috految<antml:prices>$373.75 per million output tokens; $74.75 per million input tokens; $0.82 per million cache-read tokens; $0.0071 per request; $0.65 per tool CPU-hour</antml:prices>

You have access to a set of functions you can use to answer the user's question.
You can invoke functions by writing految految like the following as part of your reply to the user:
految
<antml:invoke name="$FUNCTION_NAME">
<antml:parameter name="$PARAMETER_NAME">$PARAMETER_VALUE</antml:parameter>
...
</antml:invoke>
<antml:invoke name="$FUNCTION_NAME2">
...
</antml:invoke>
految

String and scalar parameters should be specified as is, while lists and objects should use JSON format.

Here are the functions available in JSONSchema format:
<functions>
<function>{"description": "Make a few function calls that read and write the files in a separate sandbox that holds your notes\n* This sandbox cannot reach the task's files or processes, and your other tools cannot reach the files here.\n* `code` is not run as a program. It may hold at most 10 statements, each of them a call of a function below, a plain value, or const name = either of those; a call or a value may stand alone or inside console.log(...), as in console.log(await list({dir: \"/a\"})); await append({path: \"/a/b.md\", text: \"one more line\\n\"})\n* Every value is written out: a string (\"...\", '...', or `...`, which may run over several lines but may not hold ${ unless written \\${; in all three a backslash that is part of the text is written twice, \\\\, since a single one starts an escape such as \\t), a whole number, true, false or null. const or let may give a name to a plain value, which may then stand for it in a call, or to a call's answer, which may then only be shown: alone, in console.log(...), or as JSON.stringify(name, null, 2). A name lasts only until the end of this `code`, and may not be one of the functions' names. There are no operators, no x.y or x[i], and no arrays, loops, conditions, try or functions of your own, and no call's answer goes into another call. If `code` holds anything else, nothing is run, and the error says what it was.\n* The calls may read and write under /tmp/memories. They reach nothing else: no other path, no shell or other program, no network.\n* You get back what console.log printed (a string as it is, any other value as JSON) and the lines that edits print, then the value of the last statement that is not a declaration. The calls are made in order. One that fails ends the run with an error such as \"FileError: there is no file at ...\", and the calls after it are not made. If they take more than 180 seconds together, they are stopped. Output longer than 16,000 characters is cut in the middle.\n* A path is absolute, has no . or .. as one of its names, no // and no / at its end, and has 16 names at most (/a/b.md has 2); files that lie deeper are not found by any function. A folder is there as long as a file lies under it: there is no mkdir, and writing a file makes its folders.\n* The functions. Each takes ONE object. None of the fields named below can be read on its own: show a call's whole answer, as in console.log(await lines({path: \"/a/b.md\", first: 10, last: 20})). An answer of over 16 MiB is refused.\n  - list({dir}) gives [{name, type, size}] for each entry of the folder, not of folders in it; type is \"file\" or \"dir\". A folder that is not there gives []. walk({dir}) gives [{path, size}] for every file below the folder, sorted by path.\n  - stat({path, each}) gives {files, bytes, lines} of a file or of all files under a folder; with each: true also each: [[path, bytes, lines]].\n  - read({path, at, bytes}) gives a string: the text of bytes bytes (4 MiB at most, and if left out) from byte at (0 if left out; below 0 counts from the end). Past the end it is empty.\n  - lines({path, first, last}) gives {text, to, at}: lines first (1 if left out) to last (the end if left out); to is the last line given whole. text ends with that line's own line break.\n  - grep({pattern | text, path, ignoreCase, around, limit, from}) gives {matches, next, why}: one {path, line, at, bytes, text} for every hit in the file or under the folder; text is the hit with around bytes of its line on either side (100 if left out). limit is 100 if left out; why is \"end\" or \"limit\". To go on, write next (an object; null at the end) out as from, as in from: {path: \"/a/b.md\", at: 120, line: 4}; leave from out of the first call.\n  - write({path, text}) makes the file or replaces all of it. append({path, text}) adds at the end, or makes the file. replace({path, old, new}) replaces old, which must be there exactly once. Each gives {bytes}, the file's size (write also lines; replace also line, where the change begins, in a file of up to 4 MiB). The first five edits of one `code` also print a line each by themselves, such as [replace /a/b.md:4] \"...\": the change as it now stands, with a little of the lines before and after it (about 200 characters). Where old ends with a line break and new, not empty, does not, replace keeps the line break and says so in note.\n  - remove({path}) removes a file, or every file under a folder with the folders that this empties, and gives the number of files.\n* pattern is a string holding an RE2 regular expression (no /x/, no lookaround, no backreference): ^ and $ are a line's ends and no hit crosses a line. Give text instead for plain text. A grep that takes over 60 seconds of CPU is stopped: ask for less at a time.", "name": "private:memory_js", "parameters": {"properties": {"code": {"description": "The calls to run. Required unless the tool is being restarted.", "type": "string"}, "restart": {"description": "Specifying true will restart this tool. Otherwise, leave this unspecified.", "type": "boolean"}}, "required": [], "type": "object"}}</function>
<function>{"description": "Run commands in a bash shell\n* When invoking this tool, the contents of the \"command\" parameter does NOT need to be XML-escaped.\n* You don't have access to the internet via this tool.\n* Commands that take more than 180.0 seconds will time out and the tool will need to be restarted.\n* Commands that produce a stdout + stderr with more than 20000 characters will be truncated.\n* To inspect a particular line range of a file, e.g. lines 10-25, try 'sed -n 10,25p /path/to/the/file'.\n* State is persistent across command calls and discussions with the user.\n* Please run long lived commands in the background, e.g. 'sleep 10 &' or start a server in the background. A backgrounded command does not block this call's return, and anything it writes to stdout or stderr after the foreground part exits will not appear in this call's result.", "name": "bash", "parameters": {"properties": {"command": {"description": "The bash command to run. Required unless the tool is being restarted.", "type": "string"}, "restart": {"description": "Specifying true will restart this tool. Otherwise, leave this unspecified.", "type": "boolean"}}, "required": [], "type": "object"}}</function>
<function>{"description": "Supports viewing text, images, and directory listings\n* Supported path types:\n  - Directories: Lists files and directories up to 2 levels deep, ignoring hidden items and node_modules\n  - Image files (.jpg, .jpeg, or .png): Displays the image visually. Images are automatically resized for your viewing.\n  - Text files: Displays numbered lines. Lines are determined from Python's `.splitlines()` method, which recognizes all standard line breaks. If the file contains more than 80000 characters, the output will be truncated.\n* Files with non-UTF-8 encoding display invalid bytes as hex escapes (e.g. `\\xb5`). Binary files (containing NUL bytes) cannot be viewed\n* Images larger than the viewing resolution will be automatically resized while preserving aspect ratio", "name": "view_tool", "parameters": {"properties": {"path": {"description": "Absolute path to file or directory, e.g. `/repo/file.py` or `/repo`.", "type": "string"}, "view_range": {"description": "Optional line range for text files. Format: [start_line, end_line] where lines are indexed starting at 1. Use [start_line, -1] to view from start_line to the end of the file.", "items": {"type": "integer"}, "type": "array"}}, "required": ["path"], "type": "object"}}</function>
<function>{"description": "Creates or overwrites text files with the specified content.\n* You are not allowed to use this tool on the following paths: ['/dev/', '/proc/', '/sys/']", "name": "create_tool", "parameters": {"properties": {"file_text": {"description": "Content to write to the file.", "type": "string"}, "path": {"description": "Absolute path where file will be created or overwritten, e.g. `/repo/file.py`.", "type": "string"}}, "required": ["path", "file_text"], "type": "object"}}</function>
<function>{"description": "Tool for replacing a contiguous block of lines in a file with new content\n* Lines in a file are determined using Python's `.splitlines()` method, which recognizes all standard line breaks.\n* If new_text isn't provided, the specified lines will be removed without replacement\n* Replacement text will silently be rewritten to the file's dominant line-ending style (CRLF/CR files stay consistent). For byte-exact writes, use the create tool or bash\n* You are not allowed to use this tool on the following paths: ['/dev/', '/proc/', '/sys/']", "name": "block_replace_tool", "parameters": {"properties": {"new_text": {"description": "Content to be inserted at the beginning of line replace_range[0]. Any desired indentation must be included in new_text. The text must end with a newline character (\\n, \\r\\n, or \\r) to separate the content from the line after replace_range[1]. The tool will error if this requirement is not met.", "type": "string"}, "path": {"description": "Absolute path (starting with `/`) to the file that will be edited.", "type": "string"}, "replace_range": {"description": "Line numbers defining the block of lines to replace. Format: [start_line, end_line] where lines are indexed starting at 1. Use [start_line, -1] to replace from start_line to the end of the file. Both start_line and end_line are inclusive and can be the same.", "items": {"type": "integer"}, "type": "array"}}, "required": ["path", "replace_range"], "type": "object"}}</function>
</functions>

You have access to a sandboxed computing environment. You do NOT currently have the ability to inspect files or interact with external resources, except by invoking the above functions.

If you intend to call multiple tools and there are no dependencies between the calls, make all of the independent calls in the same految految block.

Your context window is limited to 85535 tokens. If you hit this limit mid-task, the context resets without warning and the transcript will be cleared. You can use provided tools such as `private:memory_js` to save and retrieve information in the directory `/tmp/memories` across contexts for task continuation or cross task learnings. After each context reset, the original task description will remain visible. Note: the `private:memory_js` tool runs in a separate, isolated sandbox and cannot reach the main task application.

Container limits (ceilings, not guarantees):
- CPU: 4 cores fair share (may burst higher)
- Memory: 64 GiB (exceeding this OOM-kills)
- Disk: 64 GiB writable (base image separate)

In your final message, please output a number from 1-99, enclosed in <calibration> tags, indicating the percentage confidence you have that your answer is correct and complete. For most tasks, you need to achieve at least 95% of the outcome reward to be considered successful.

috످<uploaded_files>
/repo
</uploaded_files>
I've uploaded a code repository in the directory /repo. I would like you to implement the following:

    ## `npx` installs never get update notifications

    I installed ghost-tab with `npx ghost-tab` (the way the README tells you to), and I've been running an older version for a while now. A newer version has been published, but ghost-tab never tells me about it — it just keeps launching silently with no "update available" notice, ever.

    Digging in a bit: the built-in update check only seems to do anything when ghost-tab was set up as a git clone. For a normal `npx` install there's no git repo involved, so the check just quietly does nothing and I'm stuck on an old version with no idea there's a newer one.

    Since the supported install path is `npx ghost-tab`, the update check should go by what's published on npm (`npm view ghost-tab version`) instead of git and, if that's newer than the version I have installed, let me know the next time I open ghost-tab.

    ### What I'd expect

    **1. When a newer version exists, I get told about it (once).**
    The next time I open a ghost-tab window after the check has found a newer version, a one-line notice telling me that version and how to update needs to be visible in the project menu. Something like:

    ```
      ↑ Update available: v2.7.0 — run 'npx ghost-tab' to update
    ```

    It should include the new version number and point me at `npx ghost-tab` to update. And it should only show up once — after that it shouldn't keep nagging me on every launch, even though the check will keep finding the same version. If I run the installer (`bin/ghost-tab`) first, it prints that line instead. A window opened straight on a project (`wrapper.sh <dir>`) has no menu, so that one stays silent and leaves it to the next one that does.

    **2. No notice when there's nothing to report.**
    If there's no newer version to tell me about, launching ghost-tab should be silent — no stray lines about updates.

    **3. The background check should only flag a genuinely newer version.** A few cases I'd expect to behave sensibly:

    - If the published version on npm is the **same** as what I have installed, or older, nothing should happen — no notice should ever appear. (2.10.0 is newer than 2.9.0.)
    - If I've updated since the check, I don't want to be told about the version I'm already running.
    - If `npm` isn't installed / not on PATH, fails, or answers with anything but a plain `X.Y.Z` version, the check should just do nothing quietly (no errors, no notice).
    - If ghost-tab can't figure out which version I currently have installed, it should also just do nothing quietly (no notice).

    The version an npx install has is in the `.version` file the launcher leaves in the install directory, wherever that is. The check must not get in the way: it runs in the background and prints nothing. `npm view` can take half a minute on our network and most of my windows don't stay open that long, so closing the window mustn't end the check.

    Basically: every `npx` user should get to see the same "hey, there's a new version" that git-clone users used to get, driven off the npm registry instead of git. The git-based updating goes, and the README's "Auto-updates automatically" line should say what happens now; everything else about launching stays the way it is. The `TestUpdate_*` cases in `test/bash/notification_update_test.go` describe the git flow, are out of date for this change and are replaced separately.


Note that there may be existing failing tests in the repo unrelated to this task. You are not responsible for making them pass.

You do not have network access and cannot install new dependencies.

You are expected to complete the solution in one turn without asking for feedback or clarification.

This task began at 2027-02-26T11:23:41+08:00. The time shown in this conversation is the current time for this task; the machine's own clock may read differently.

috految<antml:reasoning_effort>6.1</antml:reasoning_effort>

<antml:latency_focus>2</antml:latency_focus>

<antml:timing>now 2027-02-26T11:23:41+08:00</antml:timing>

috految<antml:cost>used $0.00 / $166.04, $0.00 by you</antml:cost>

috److految
<antml:invoke name="bash">
<antml:parameter name="command">cd /repo; cat lib/update.sh; head -155 wrapper.sh; head -62 lib/menu-tui.sh; grep -vE '^\s*(//|$)' bin/npx*.js|head -85; grep -A9 '"files' package.json; head -45 bin/ghost-tab; grep -nE 'SHARE_DIR|WRAPPER|wrapper|lib|clear|exit|tui' bin/ghost-tab; git grep -niE 'update.?(ver|avail|notif|d.?to)|auto-updat|update\.sh|_if_updated|for_update|brew.upgrade|git.pull|update.check' -- . ':!docs' ':!.*' ':!*notification_update*' ':!lib/update.sh'|cut -c-160; grep -E 'command *=|wrapper' lib/terminals/ghostty.sh; grep -E 'kill|exec ' wrapper.sh lib/*.sh -h</antml:parameter>
</antml:invoke>
految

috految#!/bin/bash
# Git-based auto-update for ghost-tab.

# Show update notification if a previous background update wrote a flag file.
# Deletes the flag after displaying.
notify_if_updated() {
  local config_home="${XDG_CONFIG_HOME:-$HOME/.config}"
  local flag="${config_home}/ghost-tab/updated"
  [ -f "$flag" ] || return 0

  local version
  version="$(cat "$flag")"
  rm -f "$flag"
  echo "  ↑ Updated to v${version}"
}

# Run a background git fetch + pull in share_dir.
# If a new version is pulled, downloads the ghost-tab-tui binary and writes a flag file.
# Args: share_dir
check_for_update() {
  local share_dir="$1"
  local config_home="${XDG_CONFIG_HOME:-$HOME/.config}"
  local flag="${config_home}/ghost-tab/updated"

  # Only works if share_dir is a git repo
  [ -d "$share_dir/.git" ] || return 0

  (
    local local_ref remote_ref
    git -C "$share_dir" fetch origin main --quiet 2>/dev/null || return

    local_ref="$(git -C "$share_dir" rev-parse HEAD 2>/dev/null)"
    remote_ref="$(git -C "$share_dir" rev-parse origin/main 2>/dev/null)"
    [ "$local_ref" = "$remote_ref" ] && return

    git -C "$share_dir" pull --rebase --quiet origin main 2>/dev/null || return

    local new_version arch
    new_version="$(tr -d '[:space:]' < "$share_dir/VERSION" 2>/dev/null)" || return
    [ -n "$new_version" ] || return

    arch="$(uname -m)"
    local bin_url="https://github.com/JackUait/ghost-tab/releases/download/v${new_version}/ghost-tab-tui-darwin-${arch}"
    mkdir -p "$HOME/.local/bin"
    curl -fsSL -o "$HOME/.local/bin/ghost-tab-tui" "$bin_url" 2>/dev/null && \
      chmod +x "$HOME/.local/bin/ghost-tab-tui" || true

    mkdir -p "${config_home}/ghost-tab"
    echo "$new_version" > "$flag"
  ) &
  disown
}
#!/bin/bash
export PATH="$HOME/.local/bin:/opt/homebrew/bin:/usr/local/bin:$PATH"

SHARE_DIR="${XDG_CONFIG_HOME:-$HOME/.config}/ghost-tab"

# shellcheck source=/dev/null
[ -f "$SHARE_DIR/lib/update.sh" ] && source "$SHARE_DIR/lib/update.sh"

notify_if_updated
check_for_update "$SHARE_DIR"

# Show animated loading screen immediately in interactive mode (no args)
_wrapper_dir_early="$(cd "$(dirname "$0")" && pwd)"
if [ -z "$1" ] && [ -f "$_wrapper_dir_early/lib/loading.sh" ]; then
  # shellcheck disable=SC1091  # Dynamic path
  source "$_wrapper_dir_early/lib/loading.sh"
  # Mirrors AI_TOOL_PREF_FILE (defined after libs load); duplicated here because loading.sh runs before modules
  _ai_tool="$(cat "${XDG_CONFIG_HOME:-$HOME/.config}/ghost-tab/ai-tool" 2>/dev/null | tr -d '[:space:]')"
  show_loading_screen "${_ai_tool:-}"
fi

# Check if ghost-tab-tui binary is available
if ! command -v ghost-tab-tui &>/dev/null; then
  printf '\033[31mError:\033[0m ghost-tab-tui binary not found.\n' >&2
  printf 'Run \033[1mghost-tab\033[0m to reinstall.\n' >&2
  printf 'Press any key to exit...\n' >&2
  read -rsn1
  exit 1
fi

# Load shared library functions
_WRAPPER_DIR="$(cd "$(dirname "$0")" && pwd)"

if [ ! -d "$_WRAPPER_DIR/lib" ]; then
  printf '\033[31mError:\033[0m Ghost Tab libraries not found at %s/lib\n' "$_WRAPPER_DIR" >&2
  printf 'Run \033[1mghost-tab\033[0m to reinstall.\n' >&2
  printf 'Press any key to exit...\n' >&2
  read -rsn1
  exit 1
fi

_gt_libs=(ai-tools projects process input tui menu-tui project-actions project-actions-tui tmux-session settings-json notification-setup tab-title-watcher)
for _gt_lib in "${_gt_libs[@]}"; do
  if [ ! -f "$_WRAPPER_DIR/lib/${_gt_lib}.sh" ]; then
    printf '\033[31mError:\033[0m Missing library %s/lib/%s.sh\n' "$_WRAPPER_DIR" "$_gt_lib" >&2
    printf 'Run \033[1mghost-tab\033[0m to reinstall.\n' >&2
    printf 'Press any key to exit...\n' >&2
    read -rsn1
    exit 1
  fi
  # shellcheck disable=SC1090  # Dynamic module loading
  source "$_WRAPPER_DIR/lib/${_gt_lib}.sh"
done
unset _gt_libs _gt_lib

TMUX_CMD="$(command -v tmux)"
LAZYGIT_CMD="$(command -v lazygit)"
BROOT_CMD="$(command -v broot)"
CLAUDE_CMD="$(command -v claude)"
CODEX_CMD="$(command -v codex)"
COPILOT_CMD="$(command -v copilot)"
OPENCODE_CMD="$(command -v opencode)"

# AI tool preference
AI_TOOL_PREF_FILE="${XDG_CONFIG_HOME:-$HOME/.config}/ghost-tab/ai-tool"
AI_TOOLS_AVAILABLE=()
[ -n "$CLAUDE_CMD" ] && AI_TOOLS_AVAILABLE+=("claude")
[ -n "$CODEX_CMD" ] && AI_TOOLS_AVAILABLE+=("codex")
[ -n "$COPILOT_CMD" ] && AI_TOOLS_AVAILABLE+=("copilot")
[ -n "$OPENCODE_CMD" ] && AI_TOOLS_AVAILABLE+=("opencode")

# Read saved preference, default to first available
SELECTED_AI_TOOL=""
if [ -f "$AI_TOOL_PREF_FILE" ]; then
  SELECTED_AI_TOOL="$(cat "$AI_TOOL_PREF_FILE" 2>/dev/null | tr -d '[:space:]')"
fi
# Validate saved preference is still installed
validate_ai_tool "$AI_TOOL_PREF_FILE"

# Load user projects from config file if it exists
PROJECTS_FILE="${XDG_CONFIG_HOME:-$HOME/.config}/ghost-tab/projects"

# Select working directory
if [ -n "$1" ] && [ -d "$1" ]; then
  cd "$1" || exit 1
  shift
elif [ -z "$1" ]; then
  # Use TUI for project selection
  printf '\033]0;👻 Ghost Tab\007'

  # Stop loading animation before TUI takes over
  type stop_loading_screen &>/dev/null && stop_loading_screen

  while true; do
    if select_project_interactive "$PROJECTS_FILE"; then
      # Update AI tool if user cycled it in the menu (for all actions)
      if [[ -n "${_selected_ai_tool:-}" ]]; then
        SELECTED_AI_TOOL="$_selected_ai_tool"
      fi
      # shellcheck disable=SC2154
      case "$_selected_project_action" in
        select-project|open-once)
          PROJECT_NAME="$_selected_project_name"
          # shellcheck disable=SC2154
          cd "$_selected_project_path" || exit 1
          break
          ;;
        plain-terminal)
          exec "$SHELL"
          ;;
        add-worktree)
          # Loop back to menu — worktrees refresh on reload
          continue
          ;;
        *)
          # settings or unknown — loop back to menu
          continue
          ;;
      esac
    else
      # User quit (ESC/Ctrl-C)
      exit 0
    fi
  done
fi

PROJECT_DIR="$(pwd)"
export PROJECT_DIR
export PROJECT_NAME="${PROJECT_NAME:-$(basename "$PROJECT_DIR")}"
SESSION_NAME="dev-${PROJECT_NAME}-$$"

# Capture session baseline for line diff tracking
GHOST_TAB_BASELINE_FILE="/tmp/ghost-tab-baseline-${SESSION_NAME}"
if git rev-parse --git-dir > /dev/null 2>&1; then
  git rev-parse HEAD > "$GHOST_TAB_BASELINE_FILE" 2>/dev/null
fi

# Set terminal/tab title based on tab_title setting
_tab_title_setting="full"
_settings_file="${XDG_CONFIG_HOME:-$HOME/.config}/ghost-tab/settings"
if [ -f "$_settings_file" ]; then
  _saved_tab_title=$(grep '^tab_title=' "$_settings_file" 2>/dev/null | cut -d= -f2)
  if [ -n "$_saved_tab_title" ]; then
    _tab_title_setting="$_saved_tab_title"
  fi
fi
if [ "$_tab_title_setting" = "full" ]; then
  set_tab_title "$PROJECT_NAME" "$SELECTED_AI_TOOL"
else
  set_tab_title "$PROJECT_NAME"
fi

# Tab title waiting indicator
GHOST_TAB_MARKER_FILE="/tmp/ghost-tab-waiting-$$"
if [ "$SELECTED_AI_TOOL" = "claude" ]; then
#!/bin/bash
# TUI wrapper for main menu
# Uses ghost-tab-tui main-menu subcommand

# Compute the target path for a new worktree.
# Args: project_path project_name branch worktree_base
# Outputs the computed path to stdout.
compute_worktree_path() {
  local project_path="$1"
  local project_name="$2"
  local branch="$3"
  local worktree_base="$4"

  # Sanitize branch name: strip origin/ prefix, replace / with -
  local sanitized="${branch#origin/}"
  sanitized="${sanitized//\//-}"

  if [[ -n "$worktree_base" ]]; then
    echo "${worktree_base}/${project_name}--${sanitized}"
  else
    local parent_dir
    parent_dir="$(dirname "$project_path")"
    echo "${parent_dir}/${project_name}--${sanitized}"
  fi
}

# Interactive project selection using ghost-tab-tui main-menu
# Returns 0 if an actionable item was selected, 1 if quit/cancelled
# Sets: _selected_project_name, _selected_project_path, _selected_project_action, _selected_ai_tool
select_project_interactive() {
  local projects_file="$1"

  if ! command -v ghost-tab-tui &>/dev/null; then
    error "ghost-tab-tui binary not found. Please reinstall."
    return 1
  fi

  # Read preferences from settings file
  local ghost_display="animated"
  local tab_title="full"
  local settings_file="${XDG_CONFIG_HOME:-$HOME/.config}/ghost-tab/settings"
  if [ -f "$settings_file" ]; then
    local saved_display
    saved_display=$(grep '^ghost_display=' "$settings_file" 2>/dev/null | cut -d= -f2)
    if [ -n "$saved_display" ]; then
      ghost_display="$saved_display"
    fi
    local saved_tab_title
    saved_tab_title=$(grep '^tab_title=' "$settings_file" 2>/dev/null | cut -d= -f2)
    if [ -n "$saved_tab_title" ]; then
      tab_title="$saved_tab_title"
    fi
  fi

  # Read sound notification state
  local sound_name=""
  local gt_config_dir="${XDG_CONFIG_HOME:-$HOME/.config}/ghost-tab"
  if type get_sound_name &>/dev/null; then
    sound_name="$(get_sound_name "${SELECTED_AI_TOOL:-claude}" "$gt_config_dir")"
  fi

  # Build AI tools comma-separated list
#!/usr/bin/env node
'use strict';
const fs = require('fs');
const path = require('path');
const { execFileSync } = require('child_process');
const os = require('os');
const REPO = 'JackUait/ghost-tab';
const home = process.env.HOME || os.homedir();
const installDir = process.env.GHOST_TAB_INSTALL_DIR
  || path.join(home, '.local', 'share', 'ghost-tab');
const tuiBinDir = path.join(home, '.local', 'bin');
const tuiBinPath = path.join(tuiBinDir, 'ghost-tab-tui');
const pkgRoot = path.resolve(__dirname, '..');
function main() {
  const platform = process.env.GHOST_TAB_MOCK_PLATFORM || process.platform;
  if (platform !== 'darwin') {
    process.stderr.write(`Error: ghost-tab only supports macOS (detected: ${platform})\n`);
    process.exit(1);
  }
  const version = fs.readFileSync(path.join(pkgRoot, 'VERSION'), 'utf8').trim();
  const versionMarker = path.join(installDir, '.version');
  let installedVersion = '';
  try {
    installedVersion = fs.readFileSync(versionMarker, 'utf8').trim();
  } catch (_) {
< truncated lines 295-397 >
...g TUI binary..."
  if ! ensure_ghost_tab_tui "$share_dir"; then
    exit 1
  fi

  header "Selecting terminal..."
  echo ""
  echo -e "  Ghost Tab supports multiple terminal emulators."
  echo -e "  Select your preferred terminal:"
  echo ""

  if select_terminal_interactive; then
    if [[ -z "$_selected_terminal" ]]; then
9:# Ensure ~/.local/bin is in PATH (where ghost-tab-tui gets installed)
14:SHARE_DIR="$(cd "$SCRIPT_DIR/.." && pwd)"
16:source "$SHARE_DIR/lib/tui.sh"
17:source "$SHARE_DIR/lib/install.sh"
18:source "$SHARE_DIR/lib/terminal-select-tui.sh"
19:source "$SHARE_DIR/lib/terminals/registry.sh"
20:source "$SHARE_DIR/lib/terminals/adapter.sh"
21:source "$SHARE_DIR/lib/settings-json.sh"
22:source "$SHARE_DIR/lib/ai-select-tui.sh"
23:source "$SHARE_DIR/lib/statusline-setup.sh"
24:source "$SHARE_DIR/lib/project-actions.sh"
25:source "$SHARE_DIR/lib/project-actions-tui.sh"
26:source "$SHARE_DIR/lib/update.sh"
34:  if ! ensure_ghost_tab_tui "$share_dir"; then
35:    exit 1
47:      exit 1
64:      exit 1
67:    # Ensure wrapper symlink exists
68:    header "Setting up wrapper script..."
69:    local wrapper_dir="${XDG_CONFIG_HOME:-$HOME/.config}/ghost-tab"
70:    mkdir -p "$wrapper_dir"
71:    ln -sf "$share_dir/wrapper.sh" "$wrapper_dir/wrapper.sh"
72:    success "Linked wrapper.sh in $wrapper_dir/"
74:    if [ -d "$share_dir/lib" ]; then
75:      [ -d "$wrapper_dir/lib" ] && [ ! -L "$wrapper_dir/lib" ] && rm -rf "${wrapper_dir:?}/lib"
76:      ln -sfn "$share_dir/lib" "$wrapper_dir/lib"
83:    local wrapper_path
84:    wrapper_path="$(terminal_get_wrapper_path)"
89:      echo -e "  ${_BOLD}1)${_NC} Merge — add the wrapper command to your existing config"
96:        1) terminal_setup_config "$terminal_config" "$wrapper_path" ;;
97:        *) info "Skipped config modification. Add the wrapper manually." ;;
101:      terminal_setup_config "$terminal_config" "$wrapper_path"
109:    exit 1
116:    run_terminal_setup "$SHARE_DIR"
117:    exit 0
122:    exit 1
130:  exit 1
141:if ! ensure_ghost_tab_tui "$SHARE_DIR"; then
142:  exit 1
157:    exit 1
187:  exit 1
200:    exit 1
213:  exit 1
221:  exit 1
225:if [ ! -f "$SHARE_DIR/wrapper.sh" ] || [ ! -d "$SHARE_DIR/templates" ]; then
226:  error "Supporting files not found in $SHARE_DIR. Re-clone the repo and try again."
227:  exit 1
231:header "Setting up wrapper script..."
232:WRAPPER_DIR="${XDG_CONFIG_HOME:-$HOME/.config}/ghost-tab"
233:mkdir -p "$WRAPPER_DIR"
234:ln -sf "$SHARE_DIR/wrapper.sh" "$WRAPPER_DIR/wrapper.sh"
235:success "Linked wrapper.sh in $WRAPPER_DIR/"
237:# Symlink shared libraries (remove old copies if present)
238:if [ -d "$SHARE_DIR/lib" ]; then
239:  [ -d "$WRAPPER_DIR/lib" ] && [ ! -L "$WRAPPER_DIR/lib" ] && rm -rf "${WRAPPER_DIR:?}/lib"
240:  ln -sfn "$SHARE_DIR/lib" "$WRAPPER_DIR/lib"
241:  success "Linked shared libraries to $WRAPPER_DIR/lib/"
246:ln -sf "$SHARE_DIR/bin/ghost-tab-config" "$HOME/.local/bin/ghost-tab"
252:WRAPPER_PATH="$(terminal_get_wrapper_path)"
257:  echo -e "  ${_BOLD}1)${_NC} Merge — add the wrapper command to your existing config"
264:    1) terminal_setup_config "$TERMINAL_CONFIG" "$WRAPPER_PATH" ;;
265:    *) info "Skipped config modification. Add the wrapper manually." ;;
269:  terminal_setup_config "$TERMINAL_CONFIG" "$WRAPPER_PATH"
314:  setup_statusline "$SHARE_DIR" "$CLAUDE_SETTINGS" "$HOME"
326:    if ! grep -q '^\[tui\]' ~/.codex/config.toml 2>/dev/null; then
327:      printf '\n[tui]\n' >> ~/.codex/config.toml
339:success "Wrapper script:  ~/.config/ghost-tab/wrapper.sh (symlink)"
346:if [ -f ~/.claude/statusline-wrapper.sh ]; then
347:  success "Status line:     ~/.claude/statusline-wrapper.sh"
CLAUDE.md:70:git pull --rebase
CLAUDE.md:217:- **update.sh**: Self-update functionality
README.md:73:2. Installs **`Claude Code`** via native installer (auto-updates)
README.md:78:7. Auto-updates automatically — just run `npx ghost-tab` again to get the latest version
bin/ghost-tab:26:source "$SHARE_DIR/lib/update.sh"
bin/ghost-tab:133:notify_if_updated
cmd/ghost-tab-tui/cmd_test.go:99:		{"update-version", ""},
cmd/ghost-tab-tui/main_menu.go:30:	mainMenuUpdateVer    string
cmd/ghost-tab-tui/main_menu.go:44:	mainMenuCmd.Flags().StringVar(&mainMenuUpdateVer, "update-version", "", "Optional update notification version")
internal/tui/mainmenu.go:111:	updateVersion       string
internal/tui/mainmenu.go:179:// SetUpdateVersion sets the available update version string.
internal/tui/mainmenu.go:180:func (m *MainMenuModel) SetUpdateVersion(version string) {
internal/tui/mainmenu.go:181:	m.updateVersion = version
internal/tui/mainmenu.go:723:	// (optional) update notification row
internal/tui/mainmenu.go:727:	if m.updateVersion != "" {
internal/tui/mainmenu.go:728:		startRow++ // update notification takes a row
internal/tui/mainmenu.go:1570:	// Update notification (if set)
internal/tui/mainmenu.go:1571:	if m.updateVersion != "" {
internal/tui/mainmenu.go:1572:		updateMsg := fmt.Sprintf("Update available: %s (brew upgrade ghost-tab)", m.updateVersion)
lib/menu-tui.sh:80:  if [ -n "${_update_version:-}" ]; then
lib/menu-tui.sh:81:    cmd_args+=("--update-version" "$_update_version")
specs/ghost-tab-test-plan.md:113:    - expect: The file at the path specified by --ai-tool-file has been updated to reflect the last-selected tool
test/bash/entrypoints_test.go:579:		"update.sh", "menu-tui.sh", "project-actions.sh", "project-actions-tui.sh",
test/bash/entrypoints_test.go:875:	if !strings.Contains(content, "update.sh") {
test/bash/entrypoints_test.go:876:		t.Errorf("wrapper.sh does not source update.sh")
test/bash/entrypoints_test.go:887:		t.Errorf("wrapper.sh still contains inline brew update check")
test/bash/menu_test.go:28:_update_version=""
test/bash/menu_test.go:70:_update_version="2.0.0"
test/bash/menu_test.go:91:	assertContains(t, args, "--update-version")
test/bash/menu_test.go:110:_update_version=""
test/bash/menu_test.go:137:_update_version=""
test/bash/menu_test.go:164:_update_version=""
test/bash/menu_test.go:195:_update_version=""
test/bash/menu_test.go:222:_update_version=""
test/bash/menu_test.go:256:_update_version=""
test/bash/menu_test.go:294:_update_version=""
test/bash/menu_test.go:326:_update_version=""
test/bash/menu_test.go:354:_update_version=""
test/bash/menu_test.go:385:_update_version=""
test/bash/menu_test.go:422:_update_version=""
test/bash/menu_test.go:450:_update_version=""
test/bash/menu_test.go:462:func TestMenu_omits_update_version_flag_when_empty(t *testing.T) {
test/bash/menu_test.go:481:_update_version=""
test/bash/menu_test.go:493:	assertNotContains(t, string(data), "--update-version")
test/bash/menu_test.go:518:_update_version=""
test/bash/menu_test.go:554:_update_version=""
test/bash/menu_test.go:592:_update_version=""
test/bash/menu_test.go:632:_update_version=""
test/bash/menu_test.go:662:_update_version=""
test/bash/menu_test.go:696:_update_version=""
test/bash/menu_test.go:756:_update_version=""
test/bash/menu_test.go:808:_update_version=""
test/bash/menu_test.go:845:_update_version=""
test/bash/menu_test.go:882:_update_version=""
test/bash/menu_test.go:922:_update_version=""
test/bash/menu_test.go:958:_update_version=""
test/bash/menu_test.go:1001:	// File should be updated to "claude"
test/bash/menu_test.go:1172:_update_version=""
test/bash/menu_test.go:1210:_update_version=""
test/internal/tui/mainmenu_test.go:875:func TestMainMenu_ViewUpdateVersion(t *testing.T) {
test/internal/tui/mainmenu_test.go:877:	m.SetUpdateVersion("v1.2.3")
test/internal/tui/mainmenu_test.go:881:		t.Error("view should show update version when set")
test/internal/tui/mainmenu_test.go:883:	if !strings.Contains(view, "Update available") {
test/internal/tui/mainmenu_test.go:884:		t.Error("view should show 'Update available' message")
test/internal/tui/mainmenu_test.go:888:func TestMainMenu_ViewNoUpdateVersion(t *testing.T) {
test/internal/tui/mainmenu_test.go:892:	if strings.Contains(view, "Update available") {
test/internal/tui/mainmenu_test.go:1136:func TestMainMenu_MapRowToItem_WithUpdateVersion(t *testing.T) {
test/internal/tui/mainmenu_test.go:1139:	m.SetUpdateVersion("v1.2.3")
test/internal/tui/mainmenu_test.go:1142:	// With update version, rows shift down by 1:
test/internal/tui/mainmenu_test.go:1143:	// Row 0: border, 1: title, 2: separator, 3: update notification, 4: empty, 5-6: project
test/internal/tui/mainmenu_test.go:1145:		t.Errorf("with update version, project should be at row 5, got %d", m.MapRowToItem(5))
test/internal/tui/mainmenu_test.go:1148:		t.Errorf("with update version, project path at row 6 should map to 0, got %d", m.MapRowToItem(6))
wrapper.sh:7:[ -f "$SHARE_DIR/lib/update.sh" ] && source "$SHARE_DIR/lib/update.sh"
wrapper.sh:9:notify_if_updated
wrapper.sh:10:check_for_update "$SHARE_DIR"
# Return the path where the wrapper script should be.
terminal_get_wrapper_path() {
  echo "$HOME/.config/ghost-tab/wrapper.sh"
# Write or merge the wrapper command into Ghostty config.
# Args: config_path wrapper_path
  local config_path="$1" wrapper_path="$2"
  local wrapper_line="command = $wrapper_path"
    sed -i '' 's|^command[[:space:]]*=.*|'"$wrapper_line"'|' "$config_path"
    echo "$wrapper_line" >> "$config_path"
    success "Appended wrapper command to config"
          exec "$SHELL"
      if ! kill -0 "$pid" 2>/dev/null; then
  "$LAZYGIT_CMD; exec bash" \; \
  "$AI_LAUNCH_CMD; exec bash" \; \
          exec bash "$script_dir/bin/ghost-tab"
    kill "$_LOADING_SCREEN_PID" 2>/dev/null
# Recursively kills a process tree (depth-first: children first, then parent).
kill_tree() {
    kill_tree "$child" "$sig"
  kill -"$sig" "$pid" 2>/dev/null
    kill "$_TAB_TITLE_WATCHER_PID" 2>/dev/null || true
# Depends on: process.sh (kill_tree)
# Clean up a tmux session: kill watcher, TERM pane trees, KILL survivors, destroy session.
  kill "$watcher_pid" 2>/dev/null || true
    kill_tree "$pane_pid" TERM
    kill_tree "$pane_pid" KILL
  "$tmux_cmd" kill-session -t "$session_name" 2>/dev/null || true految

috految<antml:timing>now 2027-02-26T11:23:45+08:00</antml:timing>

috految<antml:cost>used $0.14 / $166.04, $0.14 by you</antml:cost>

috److految
<antml:invoke name="bash">
<antml:parameter name="command">cd /repo; sed -n '/) View()/,/^}/p;/) CalculateLayout/,/^}/p;1570,1581p;/menuInnerWidth *=/p;/updateStyle :=/p;/centerOffsetY/p;/m.height/p;/ = *m.renderMenuBox/p' internal/tui/mainmenu.go; sed -n 49,88p cmd/*/main_menu.go; sed -n 83,90p lib/menu-tui.sh; sed -n '2,13p;132,136p' bin/ghost-tab; grep -E 'installDir|Marker|lib|wrapper|version' bin/npx*.js; grep -E 'lib|wrapper|version' package.json; grep -hE 'SHARE_DIR|wrapper\.sh|ln -|\bcp |command =' wrapper.sh bin/*config lib/*.sh; grep -hE 'wrapper_path\b.*[=,]|wrapper.sh' lib/terminals/*; grep -E 'SHARE_DIR' test/bash/entry*; grep -E 'package.json|npm ' scripts/release.sh; grep -E 'Height|WindowSize' internal/tui/app.go; grep -h -e 'Output' internal/util/*.go; grep -h 'Err\|json' lib/loading.sh; grep -B2 'Size(' internal/tui/mainmenu.go; grep -i updat README.md</antml:parameter>
</antml:invoke>
految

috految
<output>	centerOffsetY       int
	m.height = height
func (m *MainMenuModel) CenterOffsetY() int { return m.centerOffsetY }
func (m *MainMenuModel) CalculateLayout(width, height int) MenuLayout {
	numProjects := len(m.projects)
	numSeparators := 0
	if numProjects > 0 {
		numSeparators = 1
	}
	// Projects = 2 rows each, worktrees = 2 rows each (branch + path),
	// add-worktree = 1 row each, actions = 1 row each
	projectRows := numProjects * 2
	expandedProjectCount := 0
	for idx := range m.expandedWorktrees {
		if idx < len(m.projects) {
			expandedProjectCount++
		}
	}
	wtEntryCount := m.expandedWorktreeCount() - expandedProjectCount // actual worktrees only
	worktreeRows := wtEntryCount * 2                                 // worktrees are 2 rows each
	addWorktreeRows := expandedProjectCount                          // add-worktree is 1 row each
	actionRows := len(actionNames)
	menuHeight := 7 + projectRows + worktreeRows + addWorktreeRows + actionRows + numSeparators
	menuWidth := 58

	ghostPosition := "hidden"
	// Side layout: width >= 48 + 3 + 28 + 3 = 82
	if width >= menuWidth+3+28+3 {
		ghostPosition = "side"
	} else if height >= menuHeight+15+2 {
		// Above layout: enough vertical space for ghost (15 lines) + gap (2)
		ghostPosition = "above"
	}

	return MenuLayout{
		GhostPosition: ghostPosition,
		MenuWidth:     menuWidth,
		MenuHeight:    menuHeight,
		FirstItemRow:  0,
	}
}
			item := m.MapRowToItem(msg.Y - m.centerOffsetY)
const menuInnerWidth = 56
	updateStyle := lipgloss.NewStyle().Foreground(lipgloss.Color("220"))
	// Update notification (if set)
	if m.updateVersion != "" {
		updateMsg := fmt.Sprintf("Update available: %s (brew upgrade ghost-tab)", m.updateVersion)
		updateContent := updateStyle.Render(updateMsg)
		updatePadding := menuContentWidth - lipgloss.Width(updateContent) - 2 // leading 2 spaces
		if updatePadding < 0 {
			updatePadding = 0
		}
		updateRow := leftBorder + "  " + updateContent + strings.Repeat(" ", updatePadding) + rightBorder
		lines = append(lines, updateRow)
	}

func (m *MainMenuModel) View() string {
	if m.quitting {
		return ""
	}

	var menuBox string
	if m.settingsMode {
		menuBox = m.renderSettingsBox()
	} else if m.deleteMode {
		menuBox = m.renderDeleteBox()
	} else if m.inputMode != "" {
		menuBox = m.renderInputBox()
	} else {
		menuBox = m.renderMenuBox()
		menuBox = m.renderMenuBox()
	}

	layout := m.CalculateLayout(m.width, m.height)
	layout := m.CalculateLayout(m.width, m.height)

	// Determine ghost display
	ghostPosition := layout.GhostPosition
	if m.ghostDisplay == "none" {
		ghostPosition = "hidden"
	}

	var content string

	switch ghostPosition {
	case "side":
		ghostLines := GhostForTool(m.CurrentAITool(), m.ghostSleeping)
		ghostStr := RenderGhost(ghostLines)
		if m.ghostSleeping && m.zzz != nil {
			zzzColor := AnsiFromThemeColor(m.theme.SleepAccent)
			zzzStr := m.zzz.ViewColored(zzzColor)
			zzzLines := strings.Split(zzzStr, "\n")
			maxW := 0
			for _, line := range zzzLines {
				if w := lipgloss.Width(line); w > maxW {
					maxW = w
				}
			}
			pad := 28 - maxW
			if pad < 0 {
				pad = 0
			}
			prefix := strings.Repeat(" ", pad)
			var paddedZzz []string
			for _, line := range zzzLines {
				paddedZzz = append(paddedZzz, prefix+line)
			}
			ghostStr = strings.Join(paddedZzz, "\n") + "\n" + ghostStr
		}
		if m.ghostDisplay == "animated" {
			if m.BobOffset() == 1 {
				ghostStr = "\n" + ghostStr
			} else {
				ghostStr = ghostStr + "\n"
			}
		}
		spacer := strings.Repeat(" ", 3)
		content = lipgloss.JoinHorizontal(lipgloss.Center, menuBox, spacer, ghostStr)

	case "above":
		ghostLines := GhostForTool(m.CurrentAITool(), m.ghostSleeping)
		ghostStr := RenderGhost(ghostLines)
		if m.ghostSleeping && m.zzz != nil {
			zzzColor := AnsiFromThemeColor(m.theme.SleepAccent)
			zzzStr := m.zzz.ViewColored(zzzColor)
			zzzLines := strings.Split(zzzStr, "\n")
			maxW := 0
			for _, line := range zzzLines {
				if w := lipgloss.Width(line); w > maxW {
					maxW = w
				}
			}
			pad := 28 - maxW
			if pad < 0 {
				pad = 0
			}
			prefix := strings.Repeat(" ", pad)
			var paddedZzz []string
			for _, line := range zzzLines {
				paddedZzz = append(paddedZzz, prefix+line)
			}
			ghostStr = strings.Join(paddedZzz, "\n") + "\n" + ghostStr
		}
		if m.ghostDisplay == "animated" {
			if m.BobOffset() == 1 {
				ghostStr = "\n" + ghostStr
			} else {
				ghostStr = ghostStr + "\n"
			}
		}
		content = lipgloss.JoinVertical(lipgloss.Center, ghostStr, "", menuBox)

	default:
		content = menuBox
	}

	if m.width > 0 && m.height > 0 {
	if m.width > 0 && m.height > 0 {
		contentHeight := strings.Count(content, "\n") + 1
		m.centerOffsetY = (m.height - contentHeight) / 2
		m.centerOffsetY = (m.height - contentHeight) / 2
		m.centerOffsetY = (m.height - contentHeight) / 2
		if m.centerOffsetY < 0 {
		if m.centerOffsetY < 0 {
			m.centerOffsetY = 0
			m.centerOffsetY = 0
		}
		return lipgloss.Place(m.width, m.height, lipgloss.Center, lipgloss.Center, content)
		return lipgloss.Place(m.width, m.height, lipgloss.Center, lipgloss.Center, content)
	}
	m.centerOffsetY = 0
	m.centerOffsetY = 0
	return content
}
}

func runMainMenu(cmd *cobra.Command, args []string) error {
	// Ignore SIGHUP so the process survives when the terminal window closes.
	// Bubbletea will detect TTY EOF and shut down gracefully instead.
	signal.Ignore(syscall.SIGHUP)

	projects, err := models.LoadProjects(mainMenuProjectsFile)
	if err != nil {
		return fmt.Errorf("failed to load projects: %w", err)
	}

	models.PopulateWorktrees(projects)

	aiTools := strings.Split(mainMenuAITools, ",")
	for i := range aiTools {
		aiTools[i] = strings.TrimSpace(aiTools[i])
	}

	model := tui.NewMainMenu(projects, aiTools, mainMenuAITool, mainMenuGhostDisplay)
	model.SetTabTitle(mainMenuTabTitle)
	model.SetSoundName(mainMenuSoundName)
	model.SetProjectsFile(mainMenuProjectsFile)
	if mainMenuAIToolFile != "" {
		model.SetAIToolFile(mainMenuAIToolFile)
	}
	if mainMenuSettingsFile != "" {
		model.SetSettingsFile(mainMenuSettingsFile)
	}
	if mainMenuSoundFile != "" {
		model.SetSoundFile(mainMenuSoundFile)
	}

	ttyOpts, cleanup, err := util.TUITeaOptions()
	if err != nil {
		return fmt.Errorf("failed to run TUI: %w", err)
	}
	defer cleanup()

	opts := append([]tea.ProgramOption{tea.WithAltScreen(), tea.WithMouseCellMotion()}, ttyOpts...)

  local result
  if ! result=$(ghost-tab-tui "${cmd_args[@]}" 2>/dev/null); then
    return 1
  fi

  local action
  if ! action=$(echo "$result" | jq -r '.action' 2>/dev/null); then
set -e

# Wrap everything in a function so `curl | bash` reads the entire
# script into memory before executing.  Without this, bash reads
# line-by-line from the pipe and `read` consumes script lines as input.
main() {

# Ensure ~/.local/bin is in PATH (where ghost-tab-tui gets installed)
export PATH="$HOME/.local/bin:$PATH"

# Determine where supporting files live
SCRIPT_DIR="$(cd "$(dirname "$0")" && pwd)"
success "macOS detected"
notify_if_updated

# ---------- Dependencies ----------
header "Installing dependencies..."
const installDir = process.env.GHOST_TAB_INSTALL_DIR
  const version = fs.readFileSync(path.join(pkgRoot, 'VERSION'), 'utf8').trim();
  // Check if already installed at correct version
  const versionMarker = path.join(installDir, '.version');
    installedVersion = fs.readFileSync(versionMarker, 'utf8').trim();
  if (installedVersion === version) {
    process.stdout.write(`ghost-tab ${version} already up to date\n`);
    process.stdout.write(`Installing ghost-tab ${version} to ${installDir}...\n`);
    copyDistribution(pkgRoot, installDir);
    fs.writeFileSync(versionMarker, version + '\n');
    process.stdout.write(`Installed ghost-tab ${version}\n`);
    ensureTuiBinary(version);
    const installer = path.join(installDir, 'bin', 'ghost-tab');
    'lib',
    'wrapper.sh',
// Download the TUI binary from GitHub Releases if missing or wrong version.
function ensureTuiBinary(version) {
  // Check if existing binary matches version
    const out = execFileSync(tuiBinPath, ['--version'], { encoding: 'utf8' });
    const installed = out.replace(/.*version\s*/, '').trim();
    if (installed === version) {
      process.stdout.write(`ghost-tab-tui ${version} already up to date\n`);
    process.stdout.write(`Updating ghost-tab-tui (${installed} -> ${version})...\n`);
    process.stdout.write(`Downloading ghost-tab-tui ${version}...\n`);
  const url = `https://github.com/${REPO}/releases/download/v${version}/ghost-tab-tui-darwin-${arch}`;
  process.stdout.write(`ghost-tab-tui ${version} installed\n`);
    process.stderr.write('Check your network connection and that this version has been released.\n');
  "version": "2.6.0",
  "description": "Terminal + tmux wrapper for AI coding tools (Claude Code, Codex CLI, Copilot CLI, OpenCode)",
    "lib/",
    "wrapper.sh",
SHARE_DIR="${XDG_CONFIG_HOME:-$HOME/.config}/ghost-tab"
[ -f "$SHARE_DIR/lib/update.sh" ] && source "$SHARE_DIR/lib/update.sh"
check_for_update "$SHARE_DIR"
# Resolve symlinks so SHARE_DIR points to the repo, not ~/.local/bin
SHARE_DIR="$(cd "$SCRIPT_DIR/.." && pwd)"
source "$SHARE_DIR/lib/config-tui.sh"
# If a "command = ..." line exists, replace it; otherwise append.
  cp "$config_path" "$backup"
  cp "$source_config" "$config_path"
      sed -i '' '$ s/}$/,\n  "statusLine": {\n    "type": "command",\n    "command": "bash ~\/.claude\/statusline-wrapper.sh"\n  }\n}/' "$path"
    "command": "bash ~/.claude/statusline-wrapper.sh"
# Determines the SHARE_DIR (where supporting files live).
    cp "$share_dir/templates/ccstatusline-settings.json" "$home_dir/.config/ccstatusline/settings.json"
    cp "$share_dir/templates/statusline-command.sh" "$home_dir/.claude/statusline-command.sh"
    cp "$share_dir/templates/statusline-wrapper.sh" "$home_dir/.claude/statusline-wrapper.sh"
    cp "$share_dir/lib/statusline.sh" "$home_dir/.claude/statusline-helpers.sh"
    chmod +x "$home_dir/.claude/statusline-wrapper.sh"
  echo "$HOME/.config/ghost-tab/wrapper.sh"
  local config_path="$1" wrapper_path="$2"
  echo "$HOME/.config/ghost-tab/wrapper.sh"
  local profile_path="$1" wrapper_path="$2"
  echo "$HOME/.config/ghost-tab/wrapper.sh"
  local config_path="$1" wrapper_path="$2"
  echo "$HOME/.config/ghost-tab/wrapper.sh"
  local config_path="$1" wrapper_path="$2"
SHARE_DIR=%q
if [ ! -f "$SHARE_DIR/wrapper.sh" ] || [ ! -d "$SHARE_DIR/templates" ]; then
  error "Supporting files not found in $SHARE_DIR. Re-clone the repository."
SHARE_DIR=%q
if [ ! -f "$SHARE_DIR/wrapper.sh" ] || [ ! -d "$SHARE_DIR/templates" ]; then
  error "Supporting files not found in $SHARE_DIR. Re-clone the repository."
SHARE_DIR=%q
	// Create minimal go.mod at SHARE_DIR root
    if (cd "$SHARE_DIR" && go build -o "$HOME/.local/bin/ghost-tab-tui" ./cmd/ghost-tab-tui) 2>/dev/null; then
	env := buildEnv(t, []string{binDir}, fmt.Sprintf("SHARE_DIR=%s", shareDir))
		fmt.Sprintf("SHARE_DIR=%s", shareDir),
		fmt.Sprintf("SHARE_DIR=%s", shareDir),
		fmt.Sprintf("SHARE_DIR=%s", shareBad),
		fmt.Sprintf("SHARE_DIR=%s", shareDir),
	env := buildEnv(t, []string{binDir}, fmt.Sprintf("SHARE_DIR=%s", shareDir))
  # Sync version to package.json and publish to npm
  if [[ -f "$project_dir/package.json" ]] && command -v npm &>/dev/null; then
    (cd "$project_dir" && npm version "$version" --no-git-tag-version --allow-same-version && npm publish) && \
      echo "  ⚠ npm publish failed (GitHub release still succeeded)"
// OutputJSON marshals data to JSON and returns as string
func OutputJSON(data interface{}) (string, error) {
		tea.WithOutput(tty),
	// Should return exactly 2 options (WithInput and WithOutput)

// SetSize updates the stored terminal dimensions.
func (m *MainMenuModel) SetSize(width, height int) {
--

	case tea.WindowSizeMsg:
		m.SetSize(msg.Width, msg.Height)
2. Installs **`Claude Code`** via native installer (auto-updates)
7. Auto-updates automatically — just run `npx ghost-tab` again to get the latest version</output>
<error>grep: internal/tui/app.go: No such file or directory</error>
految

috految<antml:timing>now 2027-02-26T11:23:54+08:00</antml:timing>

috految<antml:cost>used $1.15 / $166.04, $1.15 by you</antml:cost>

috److془Overflow: top cropped. Put notice replacing the separator above help when doesn't fit. Or bottom border. Use separator: lines[len-3] presumably; verify. Simple: replace last line... use separator. Condition: height < len(lines)+... Side ghost 16 rows, menu≥12 : fine. Above: ghost cropped; fine. Mouse: no row added. Condition m.height>0 && m.height<=MenuHeight: MenuHeight exact (4+3). Perhaps actual has more lines; slack 3. Fine; verify. Above: menu+1+1+16 might overflow by one; ghost only. Add to the layout anyway—then condition height<MenuHeight. 

Width: content 54-2=52. "↑ Update available: v2.7.0 — run 'npx ghost-tab'" 48. Good. 

Detach: node resets SIGHUP; set -m in new pgroup. Orphan. Bash 3.2 set -m in subshell dubious; use fresh bash -c. Noninteractive bash with set -m could grab tty? Only foreground jobs, end_job_control gives back to original. Use set +m. Bash 3.2 set -m in scripts works. But npm in same session: Ghostty killpg; fine. Terminals hanging up by tty, wezterm ... fine. Terminal close confirmation fine. Tests could HUP session; unrealistic. Though: kitty waits for pty slave closing; fds redirected in exec fine. Bash sets shell_tty=stderr; fine. Pipeline_pgrp in comsub: set to shell_pgrp, only setpgid if job_control; use fresh bash. Tty via Linux: fine. Bash 3.2 pipeline_pgrp fresh 0 good. npm cwd: HOME (project .npmrc). Stdin null. Cwd HOME fine. Project npm: workspace avoided. npm with "--tag" whatever.

nvm: not on PATH -> nothing. Does the wrapper with `wait`? orphaned no matter. Opening with the check fast: read pending before check. Claim at menu. Menu failure (missing projects file; ) consumes the notice; hmm, with broken launch; acceptable. Loading race stop_loading: existing. Does wrapper being git stop: fine. Traps: loading screen with $! fine. Window closes during loading: dies prior to claim. Repeat menu: clear. Install dir: lib/.. -P. Installer under set -e. Does the installer run from symlink? no. Ghost-tab lib sourcing: use wrapper dir. Bundled bash empty? fine. Installer ln -sfn fine. Could the launcher's copy lack things? lib fine. Login argv0: script path fine. 
Stale: published lowered → overwrite. Seen list. Empty projects: renders same. Dangling: ensure_ghost_tab_tui fine. Installer: select_project_interactive not used. Old binary upgraded by launcher. Installer: stty clear none. Terminal is a ghost-tab... fine. Ghostty `exec -l` fine. Bash 3.2 "v${version} —" fine. Actually does the menu-tui failure matter.. done.془

految
<antml:invoke name="bash">
<antml:parameter name="command">cd /repo; cat > lib/update.sh <<'E'
#!/bin/bash
# npm-based update notifications for ghost-tab.

_update_state_dir() {
  echo "${XDG_CONFIG_HOME:-$HOME/.config}/ghost-tab"
}

_is_plain_version() {
  [[ "$1" =~ ^[0-9]+\.[0-9]+\.[0-9]+$ ]]
}

# Succeeds if version is newer than the installed one (fails if unknown).
# Args: install_dir version
_is_newer_version() {
  local install_dir="$1" version="$2" installed i
  local -a new old
  installed="$(tr -d '[:space:]' 2>/dev/null < "$install_dir/.version")" || return 1
  _is_plain_version "$installed" && _is_plain_version "$version" || return 1
  IFS=. read -ra new <<< "$version"
  IFS=. read -ra old <<< "$installed"
  for i in 0 1 2; do
    [ "${new[i]}" -gt "${old[i]}" ] && return 0
    [ "${new[i]}" -lt "${old[i]}" ] && return 1
  done
  return 1
}

# Print the newer version found by an earlier check, if any.
# Args: install_dir
get_available_update() {
  local version
  version="$(cat "$(_update_state_dir)/update-available" 2>/dev/null)" || return 0
  if _is_newer_version "$1" "$version"; then
    echo "$version"
  fi
}

# Succeeds only once per version, even across simultaneous launches.
# Args: version
claim_update_notice() {
  [ -n "$1" ] || return 1
  (set -C; : > "$(_update_state_dir)/update-notified-$1") 2>/dev/null
}

# Print the update notice unless it has already been shown.
# Args: install_dir
notify_if_update_available() {
  local version
  version="$(get_available_update "$1")"
  claim_update_notice "$version" || return 0
  echo "  ↑ Update available: v${version} — run 'npx ghost-tab' to update"
}

# Args: install_dir
_record_published_version() {
  local version state_dir
  # Keep the current project's npm config out of the lookup.
  version="$(cd "$HOME" && npm view ghost-tab version)" || return 0
  _is_plain_version "$version" || return 0

  state_dir="$(_update_state_dir)"
  if _is_newer_version "$1" "$version"; then
    mkdir -p "$state_dir"
    echo "$version" > "$state_dir/update-available"
  else
    rm -f "$state_dir/update-available"
  fi
}

# Check npm silently in the background.
# Args: install_dir
check_for_update() {
  [ -s "$1/.version" ] || return 0
  command -v npm &>/dev/null || return 0

  # Node resets ignored signals, so nohup wouldn't survive the window closing,
  # and macOS has no setsid. set -m gives the check its own process group.
  # shellcheck disable=SC2016  # Expanded by the child shells
  /bin/bash -c 'trap "" HUP; set -m; "$@" & disown; set +m' _ \
    /bin/bash -c 'source "$1" && _record_published_version "$2"' _ \
    "${BASH_SOURCE[0]}" "$1" </dev/null >/dev/null 2>&1
}
E
sed -i 's/^notify_if_updated/notify_if_update_available "$SHARE_DIR"/' bin/ghost-tab
sed -i '4,10c\
# The installer symlinks lib/ into the config dir; follow it to the install.\
_install_dir="$(cd -P "$(dirname "$0")/lib" 2>/dev/null && cd .. && pwd)"\
\
_available_update=""\
if [ -f "$_install_dir/lib/update.sh" ]; then\
  # shellcheck source=/dev/null\
  source "$_install_dir/lib/update.sh"\
  _available_update="$(get_available_update "$_install_dir")"\
  check_for_update "$_install_dir"\
fi
/^    if select_project_interactive/i\
    _update_version=""\
    if [ -n "$_available_update" ] && claim_update_notice "$_available_update"; then\
      _update_version="$_available_update"\
    fi\
' wrapper.sh
sed -i 's/Auto-updates automatically.*/Checks npm for a newer version and tells you once in the project menu — run `npx ghost-tab` to update/' README.md
sed -i 's/Self-update functionality/npm update check and notice/' CLAUDE.md
sed -i '/model.SetTabTitle/a\	model.SetUpdateVersion(mainMenuUpdateVer)' cmd/*/main_menu.go
f=internal/tui/mainmenu.go
sed -i '727s/ {/ \&\& !m.menuOverflows() {/
/menuHeight := 7/a\	if m.updateVersion != "" {\n\t\tmenuHeight++\n\t}
/^\/\/ SetUpdateVersion/i// menuOverflows reports whether the menu is taller than the window, in which\n// case its top rows are cut off.\nfunc (m *MainMenuModel) menuOverflows() bool {\n\treturn m.height > 0 \&\& m.CalculateLayout(m.width, m.height).MenuHeight > m.height\n}\n
1570a\	footerRow := separator
1572s/".*/"↑ Update available: v%s — run \x27npx ghost-tab\x27", strings.TrimPrefix(m.updateVersion, "v"))/
1579c\		if m.menuOverflows() {\n\t\t\tfooterRow = updateRow // the top is off-screen\n\t\t} else {\n\t\t\tlines = append(lines, updateRow)\n\t\t}
1581,/^}/s/^\tlines = append(lines, separator)/\tlines = append(lines, footerRow)/' $f
sed -n '/) renderMenuBox/,/^}/p' $f|grep -E 'lines|footerRow'; grep 'menuContentWidth *=' $f; grep -n '\bpreload\|SHARE_DIR' wrapper.sh; go test ./cmd/... ./test/internal/tui ./test/bash -run 'Menu|Wrapper|Entry|GhostTab' -timeout 40s 2>&1|tail -20</antml:parameter>
</antml:invoke>
految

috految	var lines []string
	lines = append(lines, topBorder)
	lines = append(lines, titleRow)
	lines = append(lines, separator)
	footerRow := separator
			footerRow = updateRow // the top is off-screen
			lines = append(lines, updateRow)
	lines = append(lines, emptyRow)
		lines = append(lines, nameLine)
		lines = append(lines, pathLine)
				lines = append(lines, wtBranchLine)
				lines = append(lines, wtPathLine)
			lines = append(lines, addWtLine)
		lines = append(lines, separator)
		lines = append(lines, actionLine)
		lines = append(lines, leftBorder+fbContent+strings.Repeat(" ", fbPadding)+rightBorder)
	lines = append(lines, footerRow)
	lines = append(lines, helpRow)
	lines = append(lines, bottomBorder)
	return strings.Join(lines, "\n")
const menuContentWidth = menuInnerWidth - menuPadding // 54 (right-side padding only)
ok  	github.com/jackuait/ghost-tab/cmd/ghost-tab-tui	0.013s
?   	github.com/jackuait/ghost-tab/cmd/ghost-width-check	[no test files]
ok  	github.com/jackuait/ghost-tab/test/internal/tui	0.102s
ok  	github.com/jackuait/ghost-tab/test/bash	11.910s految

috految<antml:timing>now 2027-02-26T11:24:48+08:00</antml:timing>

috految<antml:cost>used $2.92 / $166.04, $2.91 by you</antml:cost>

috److The update check now uses `npm view ghost-tab version` instead of git, and compares it with the `.version` file in the install directory.

The existing menu, wrapper and entrypoint tests I ran pass. I didn't add tests or run the new check end to end, including closing the window mid-check. I left the `TestUpdate_*` cases alone since they're being replaced.

- **Background check:** It runs silently in its own process group, so closing the window shouldn't stop it. It does nothing if `npm` is missing, fails or returns anything but `X.Y.Z`, or if the installed version can't be read.
- **Notice:** Each new version is announced once, either in the project menu or by the installer if you run that first. A window opened straight on a project stays silent. If you've already updated, you won't see it.
- **Menu wording:** It reads `↑ Update available: v2.7.0 — run 'npx ghost-tab'`, slightly shorter than your example so it fits the box. The installer prints your full line.
- **Short windows:** If the menu is taller than the window, the notice moves to just above the help row so it isn't cut off.

The menu's `--update-version` flag was never passed through to the menu itself, so I wired that up. The notice therefore needs the rebuilt `ghost-tab-tui` binary to ship with this release.

I also updated the README's auto-update line and the `update.sh` description in `CLAUDE.md`.

<calibration>80</calibration>

috످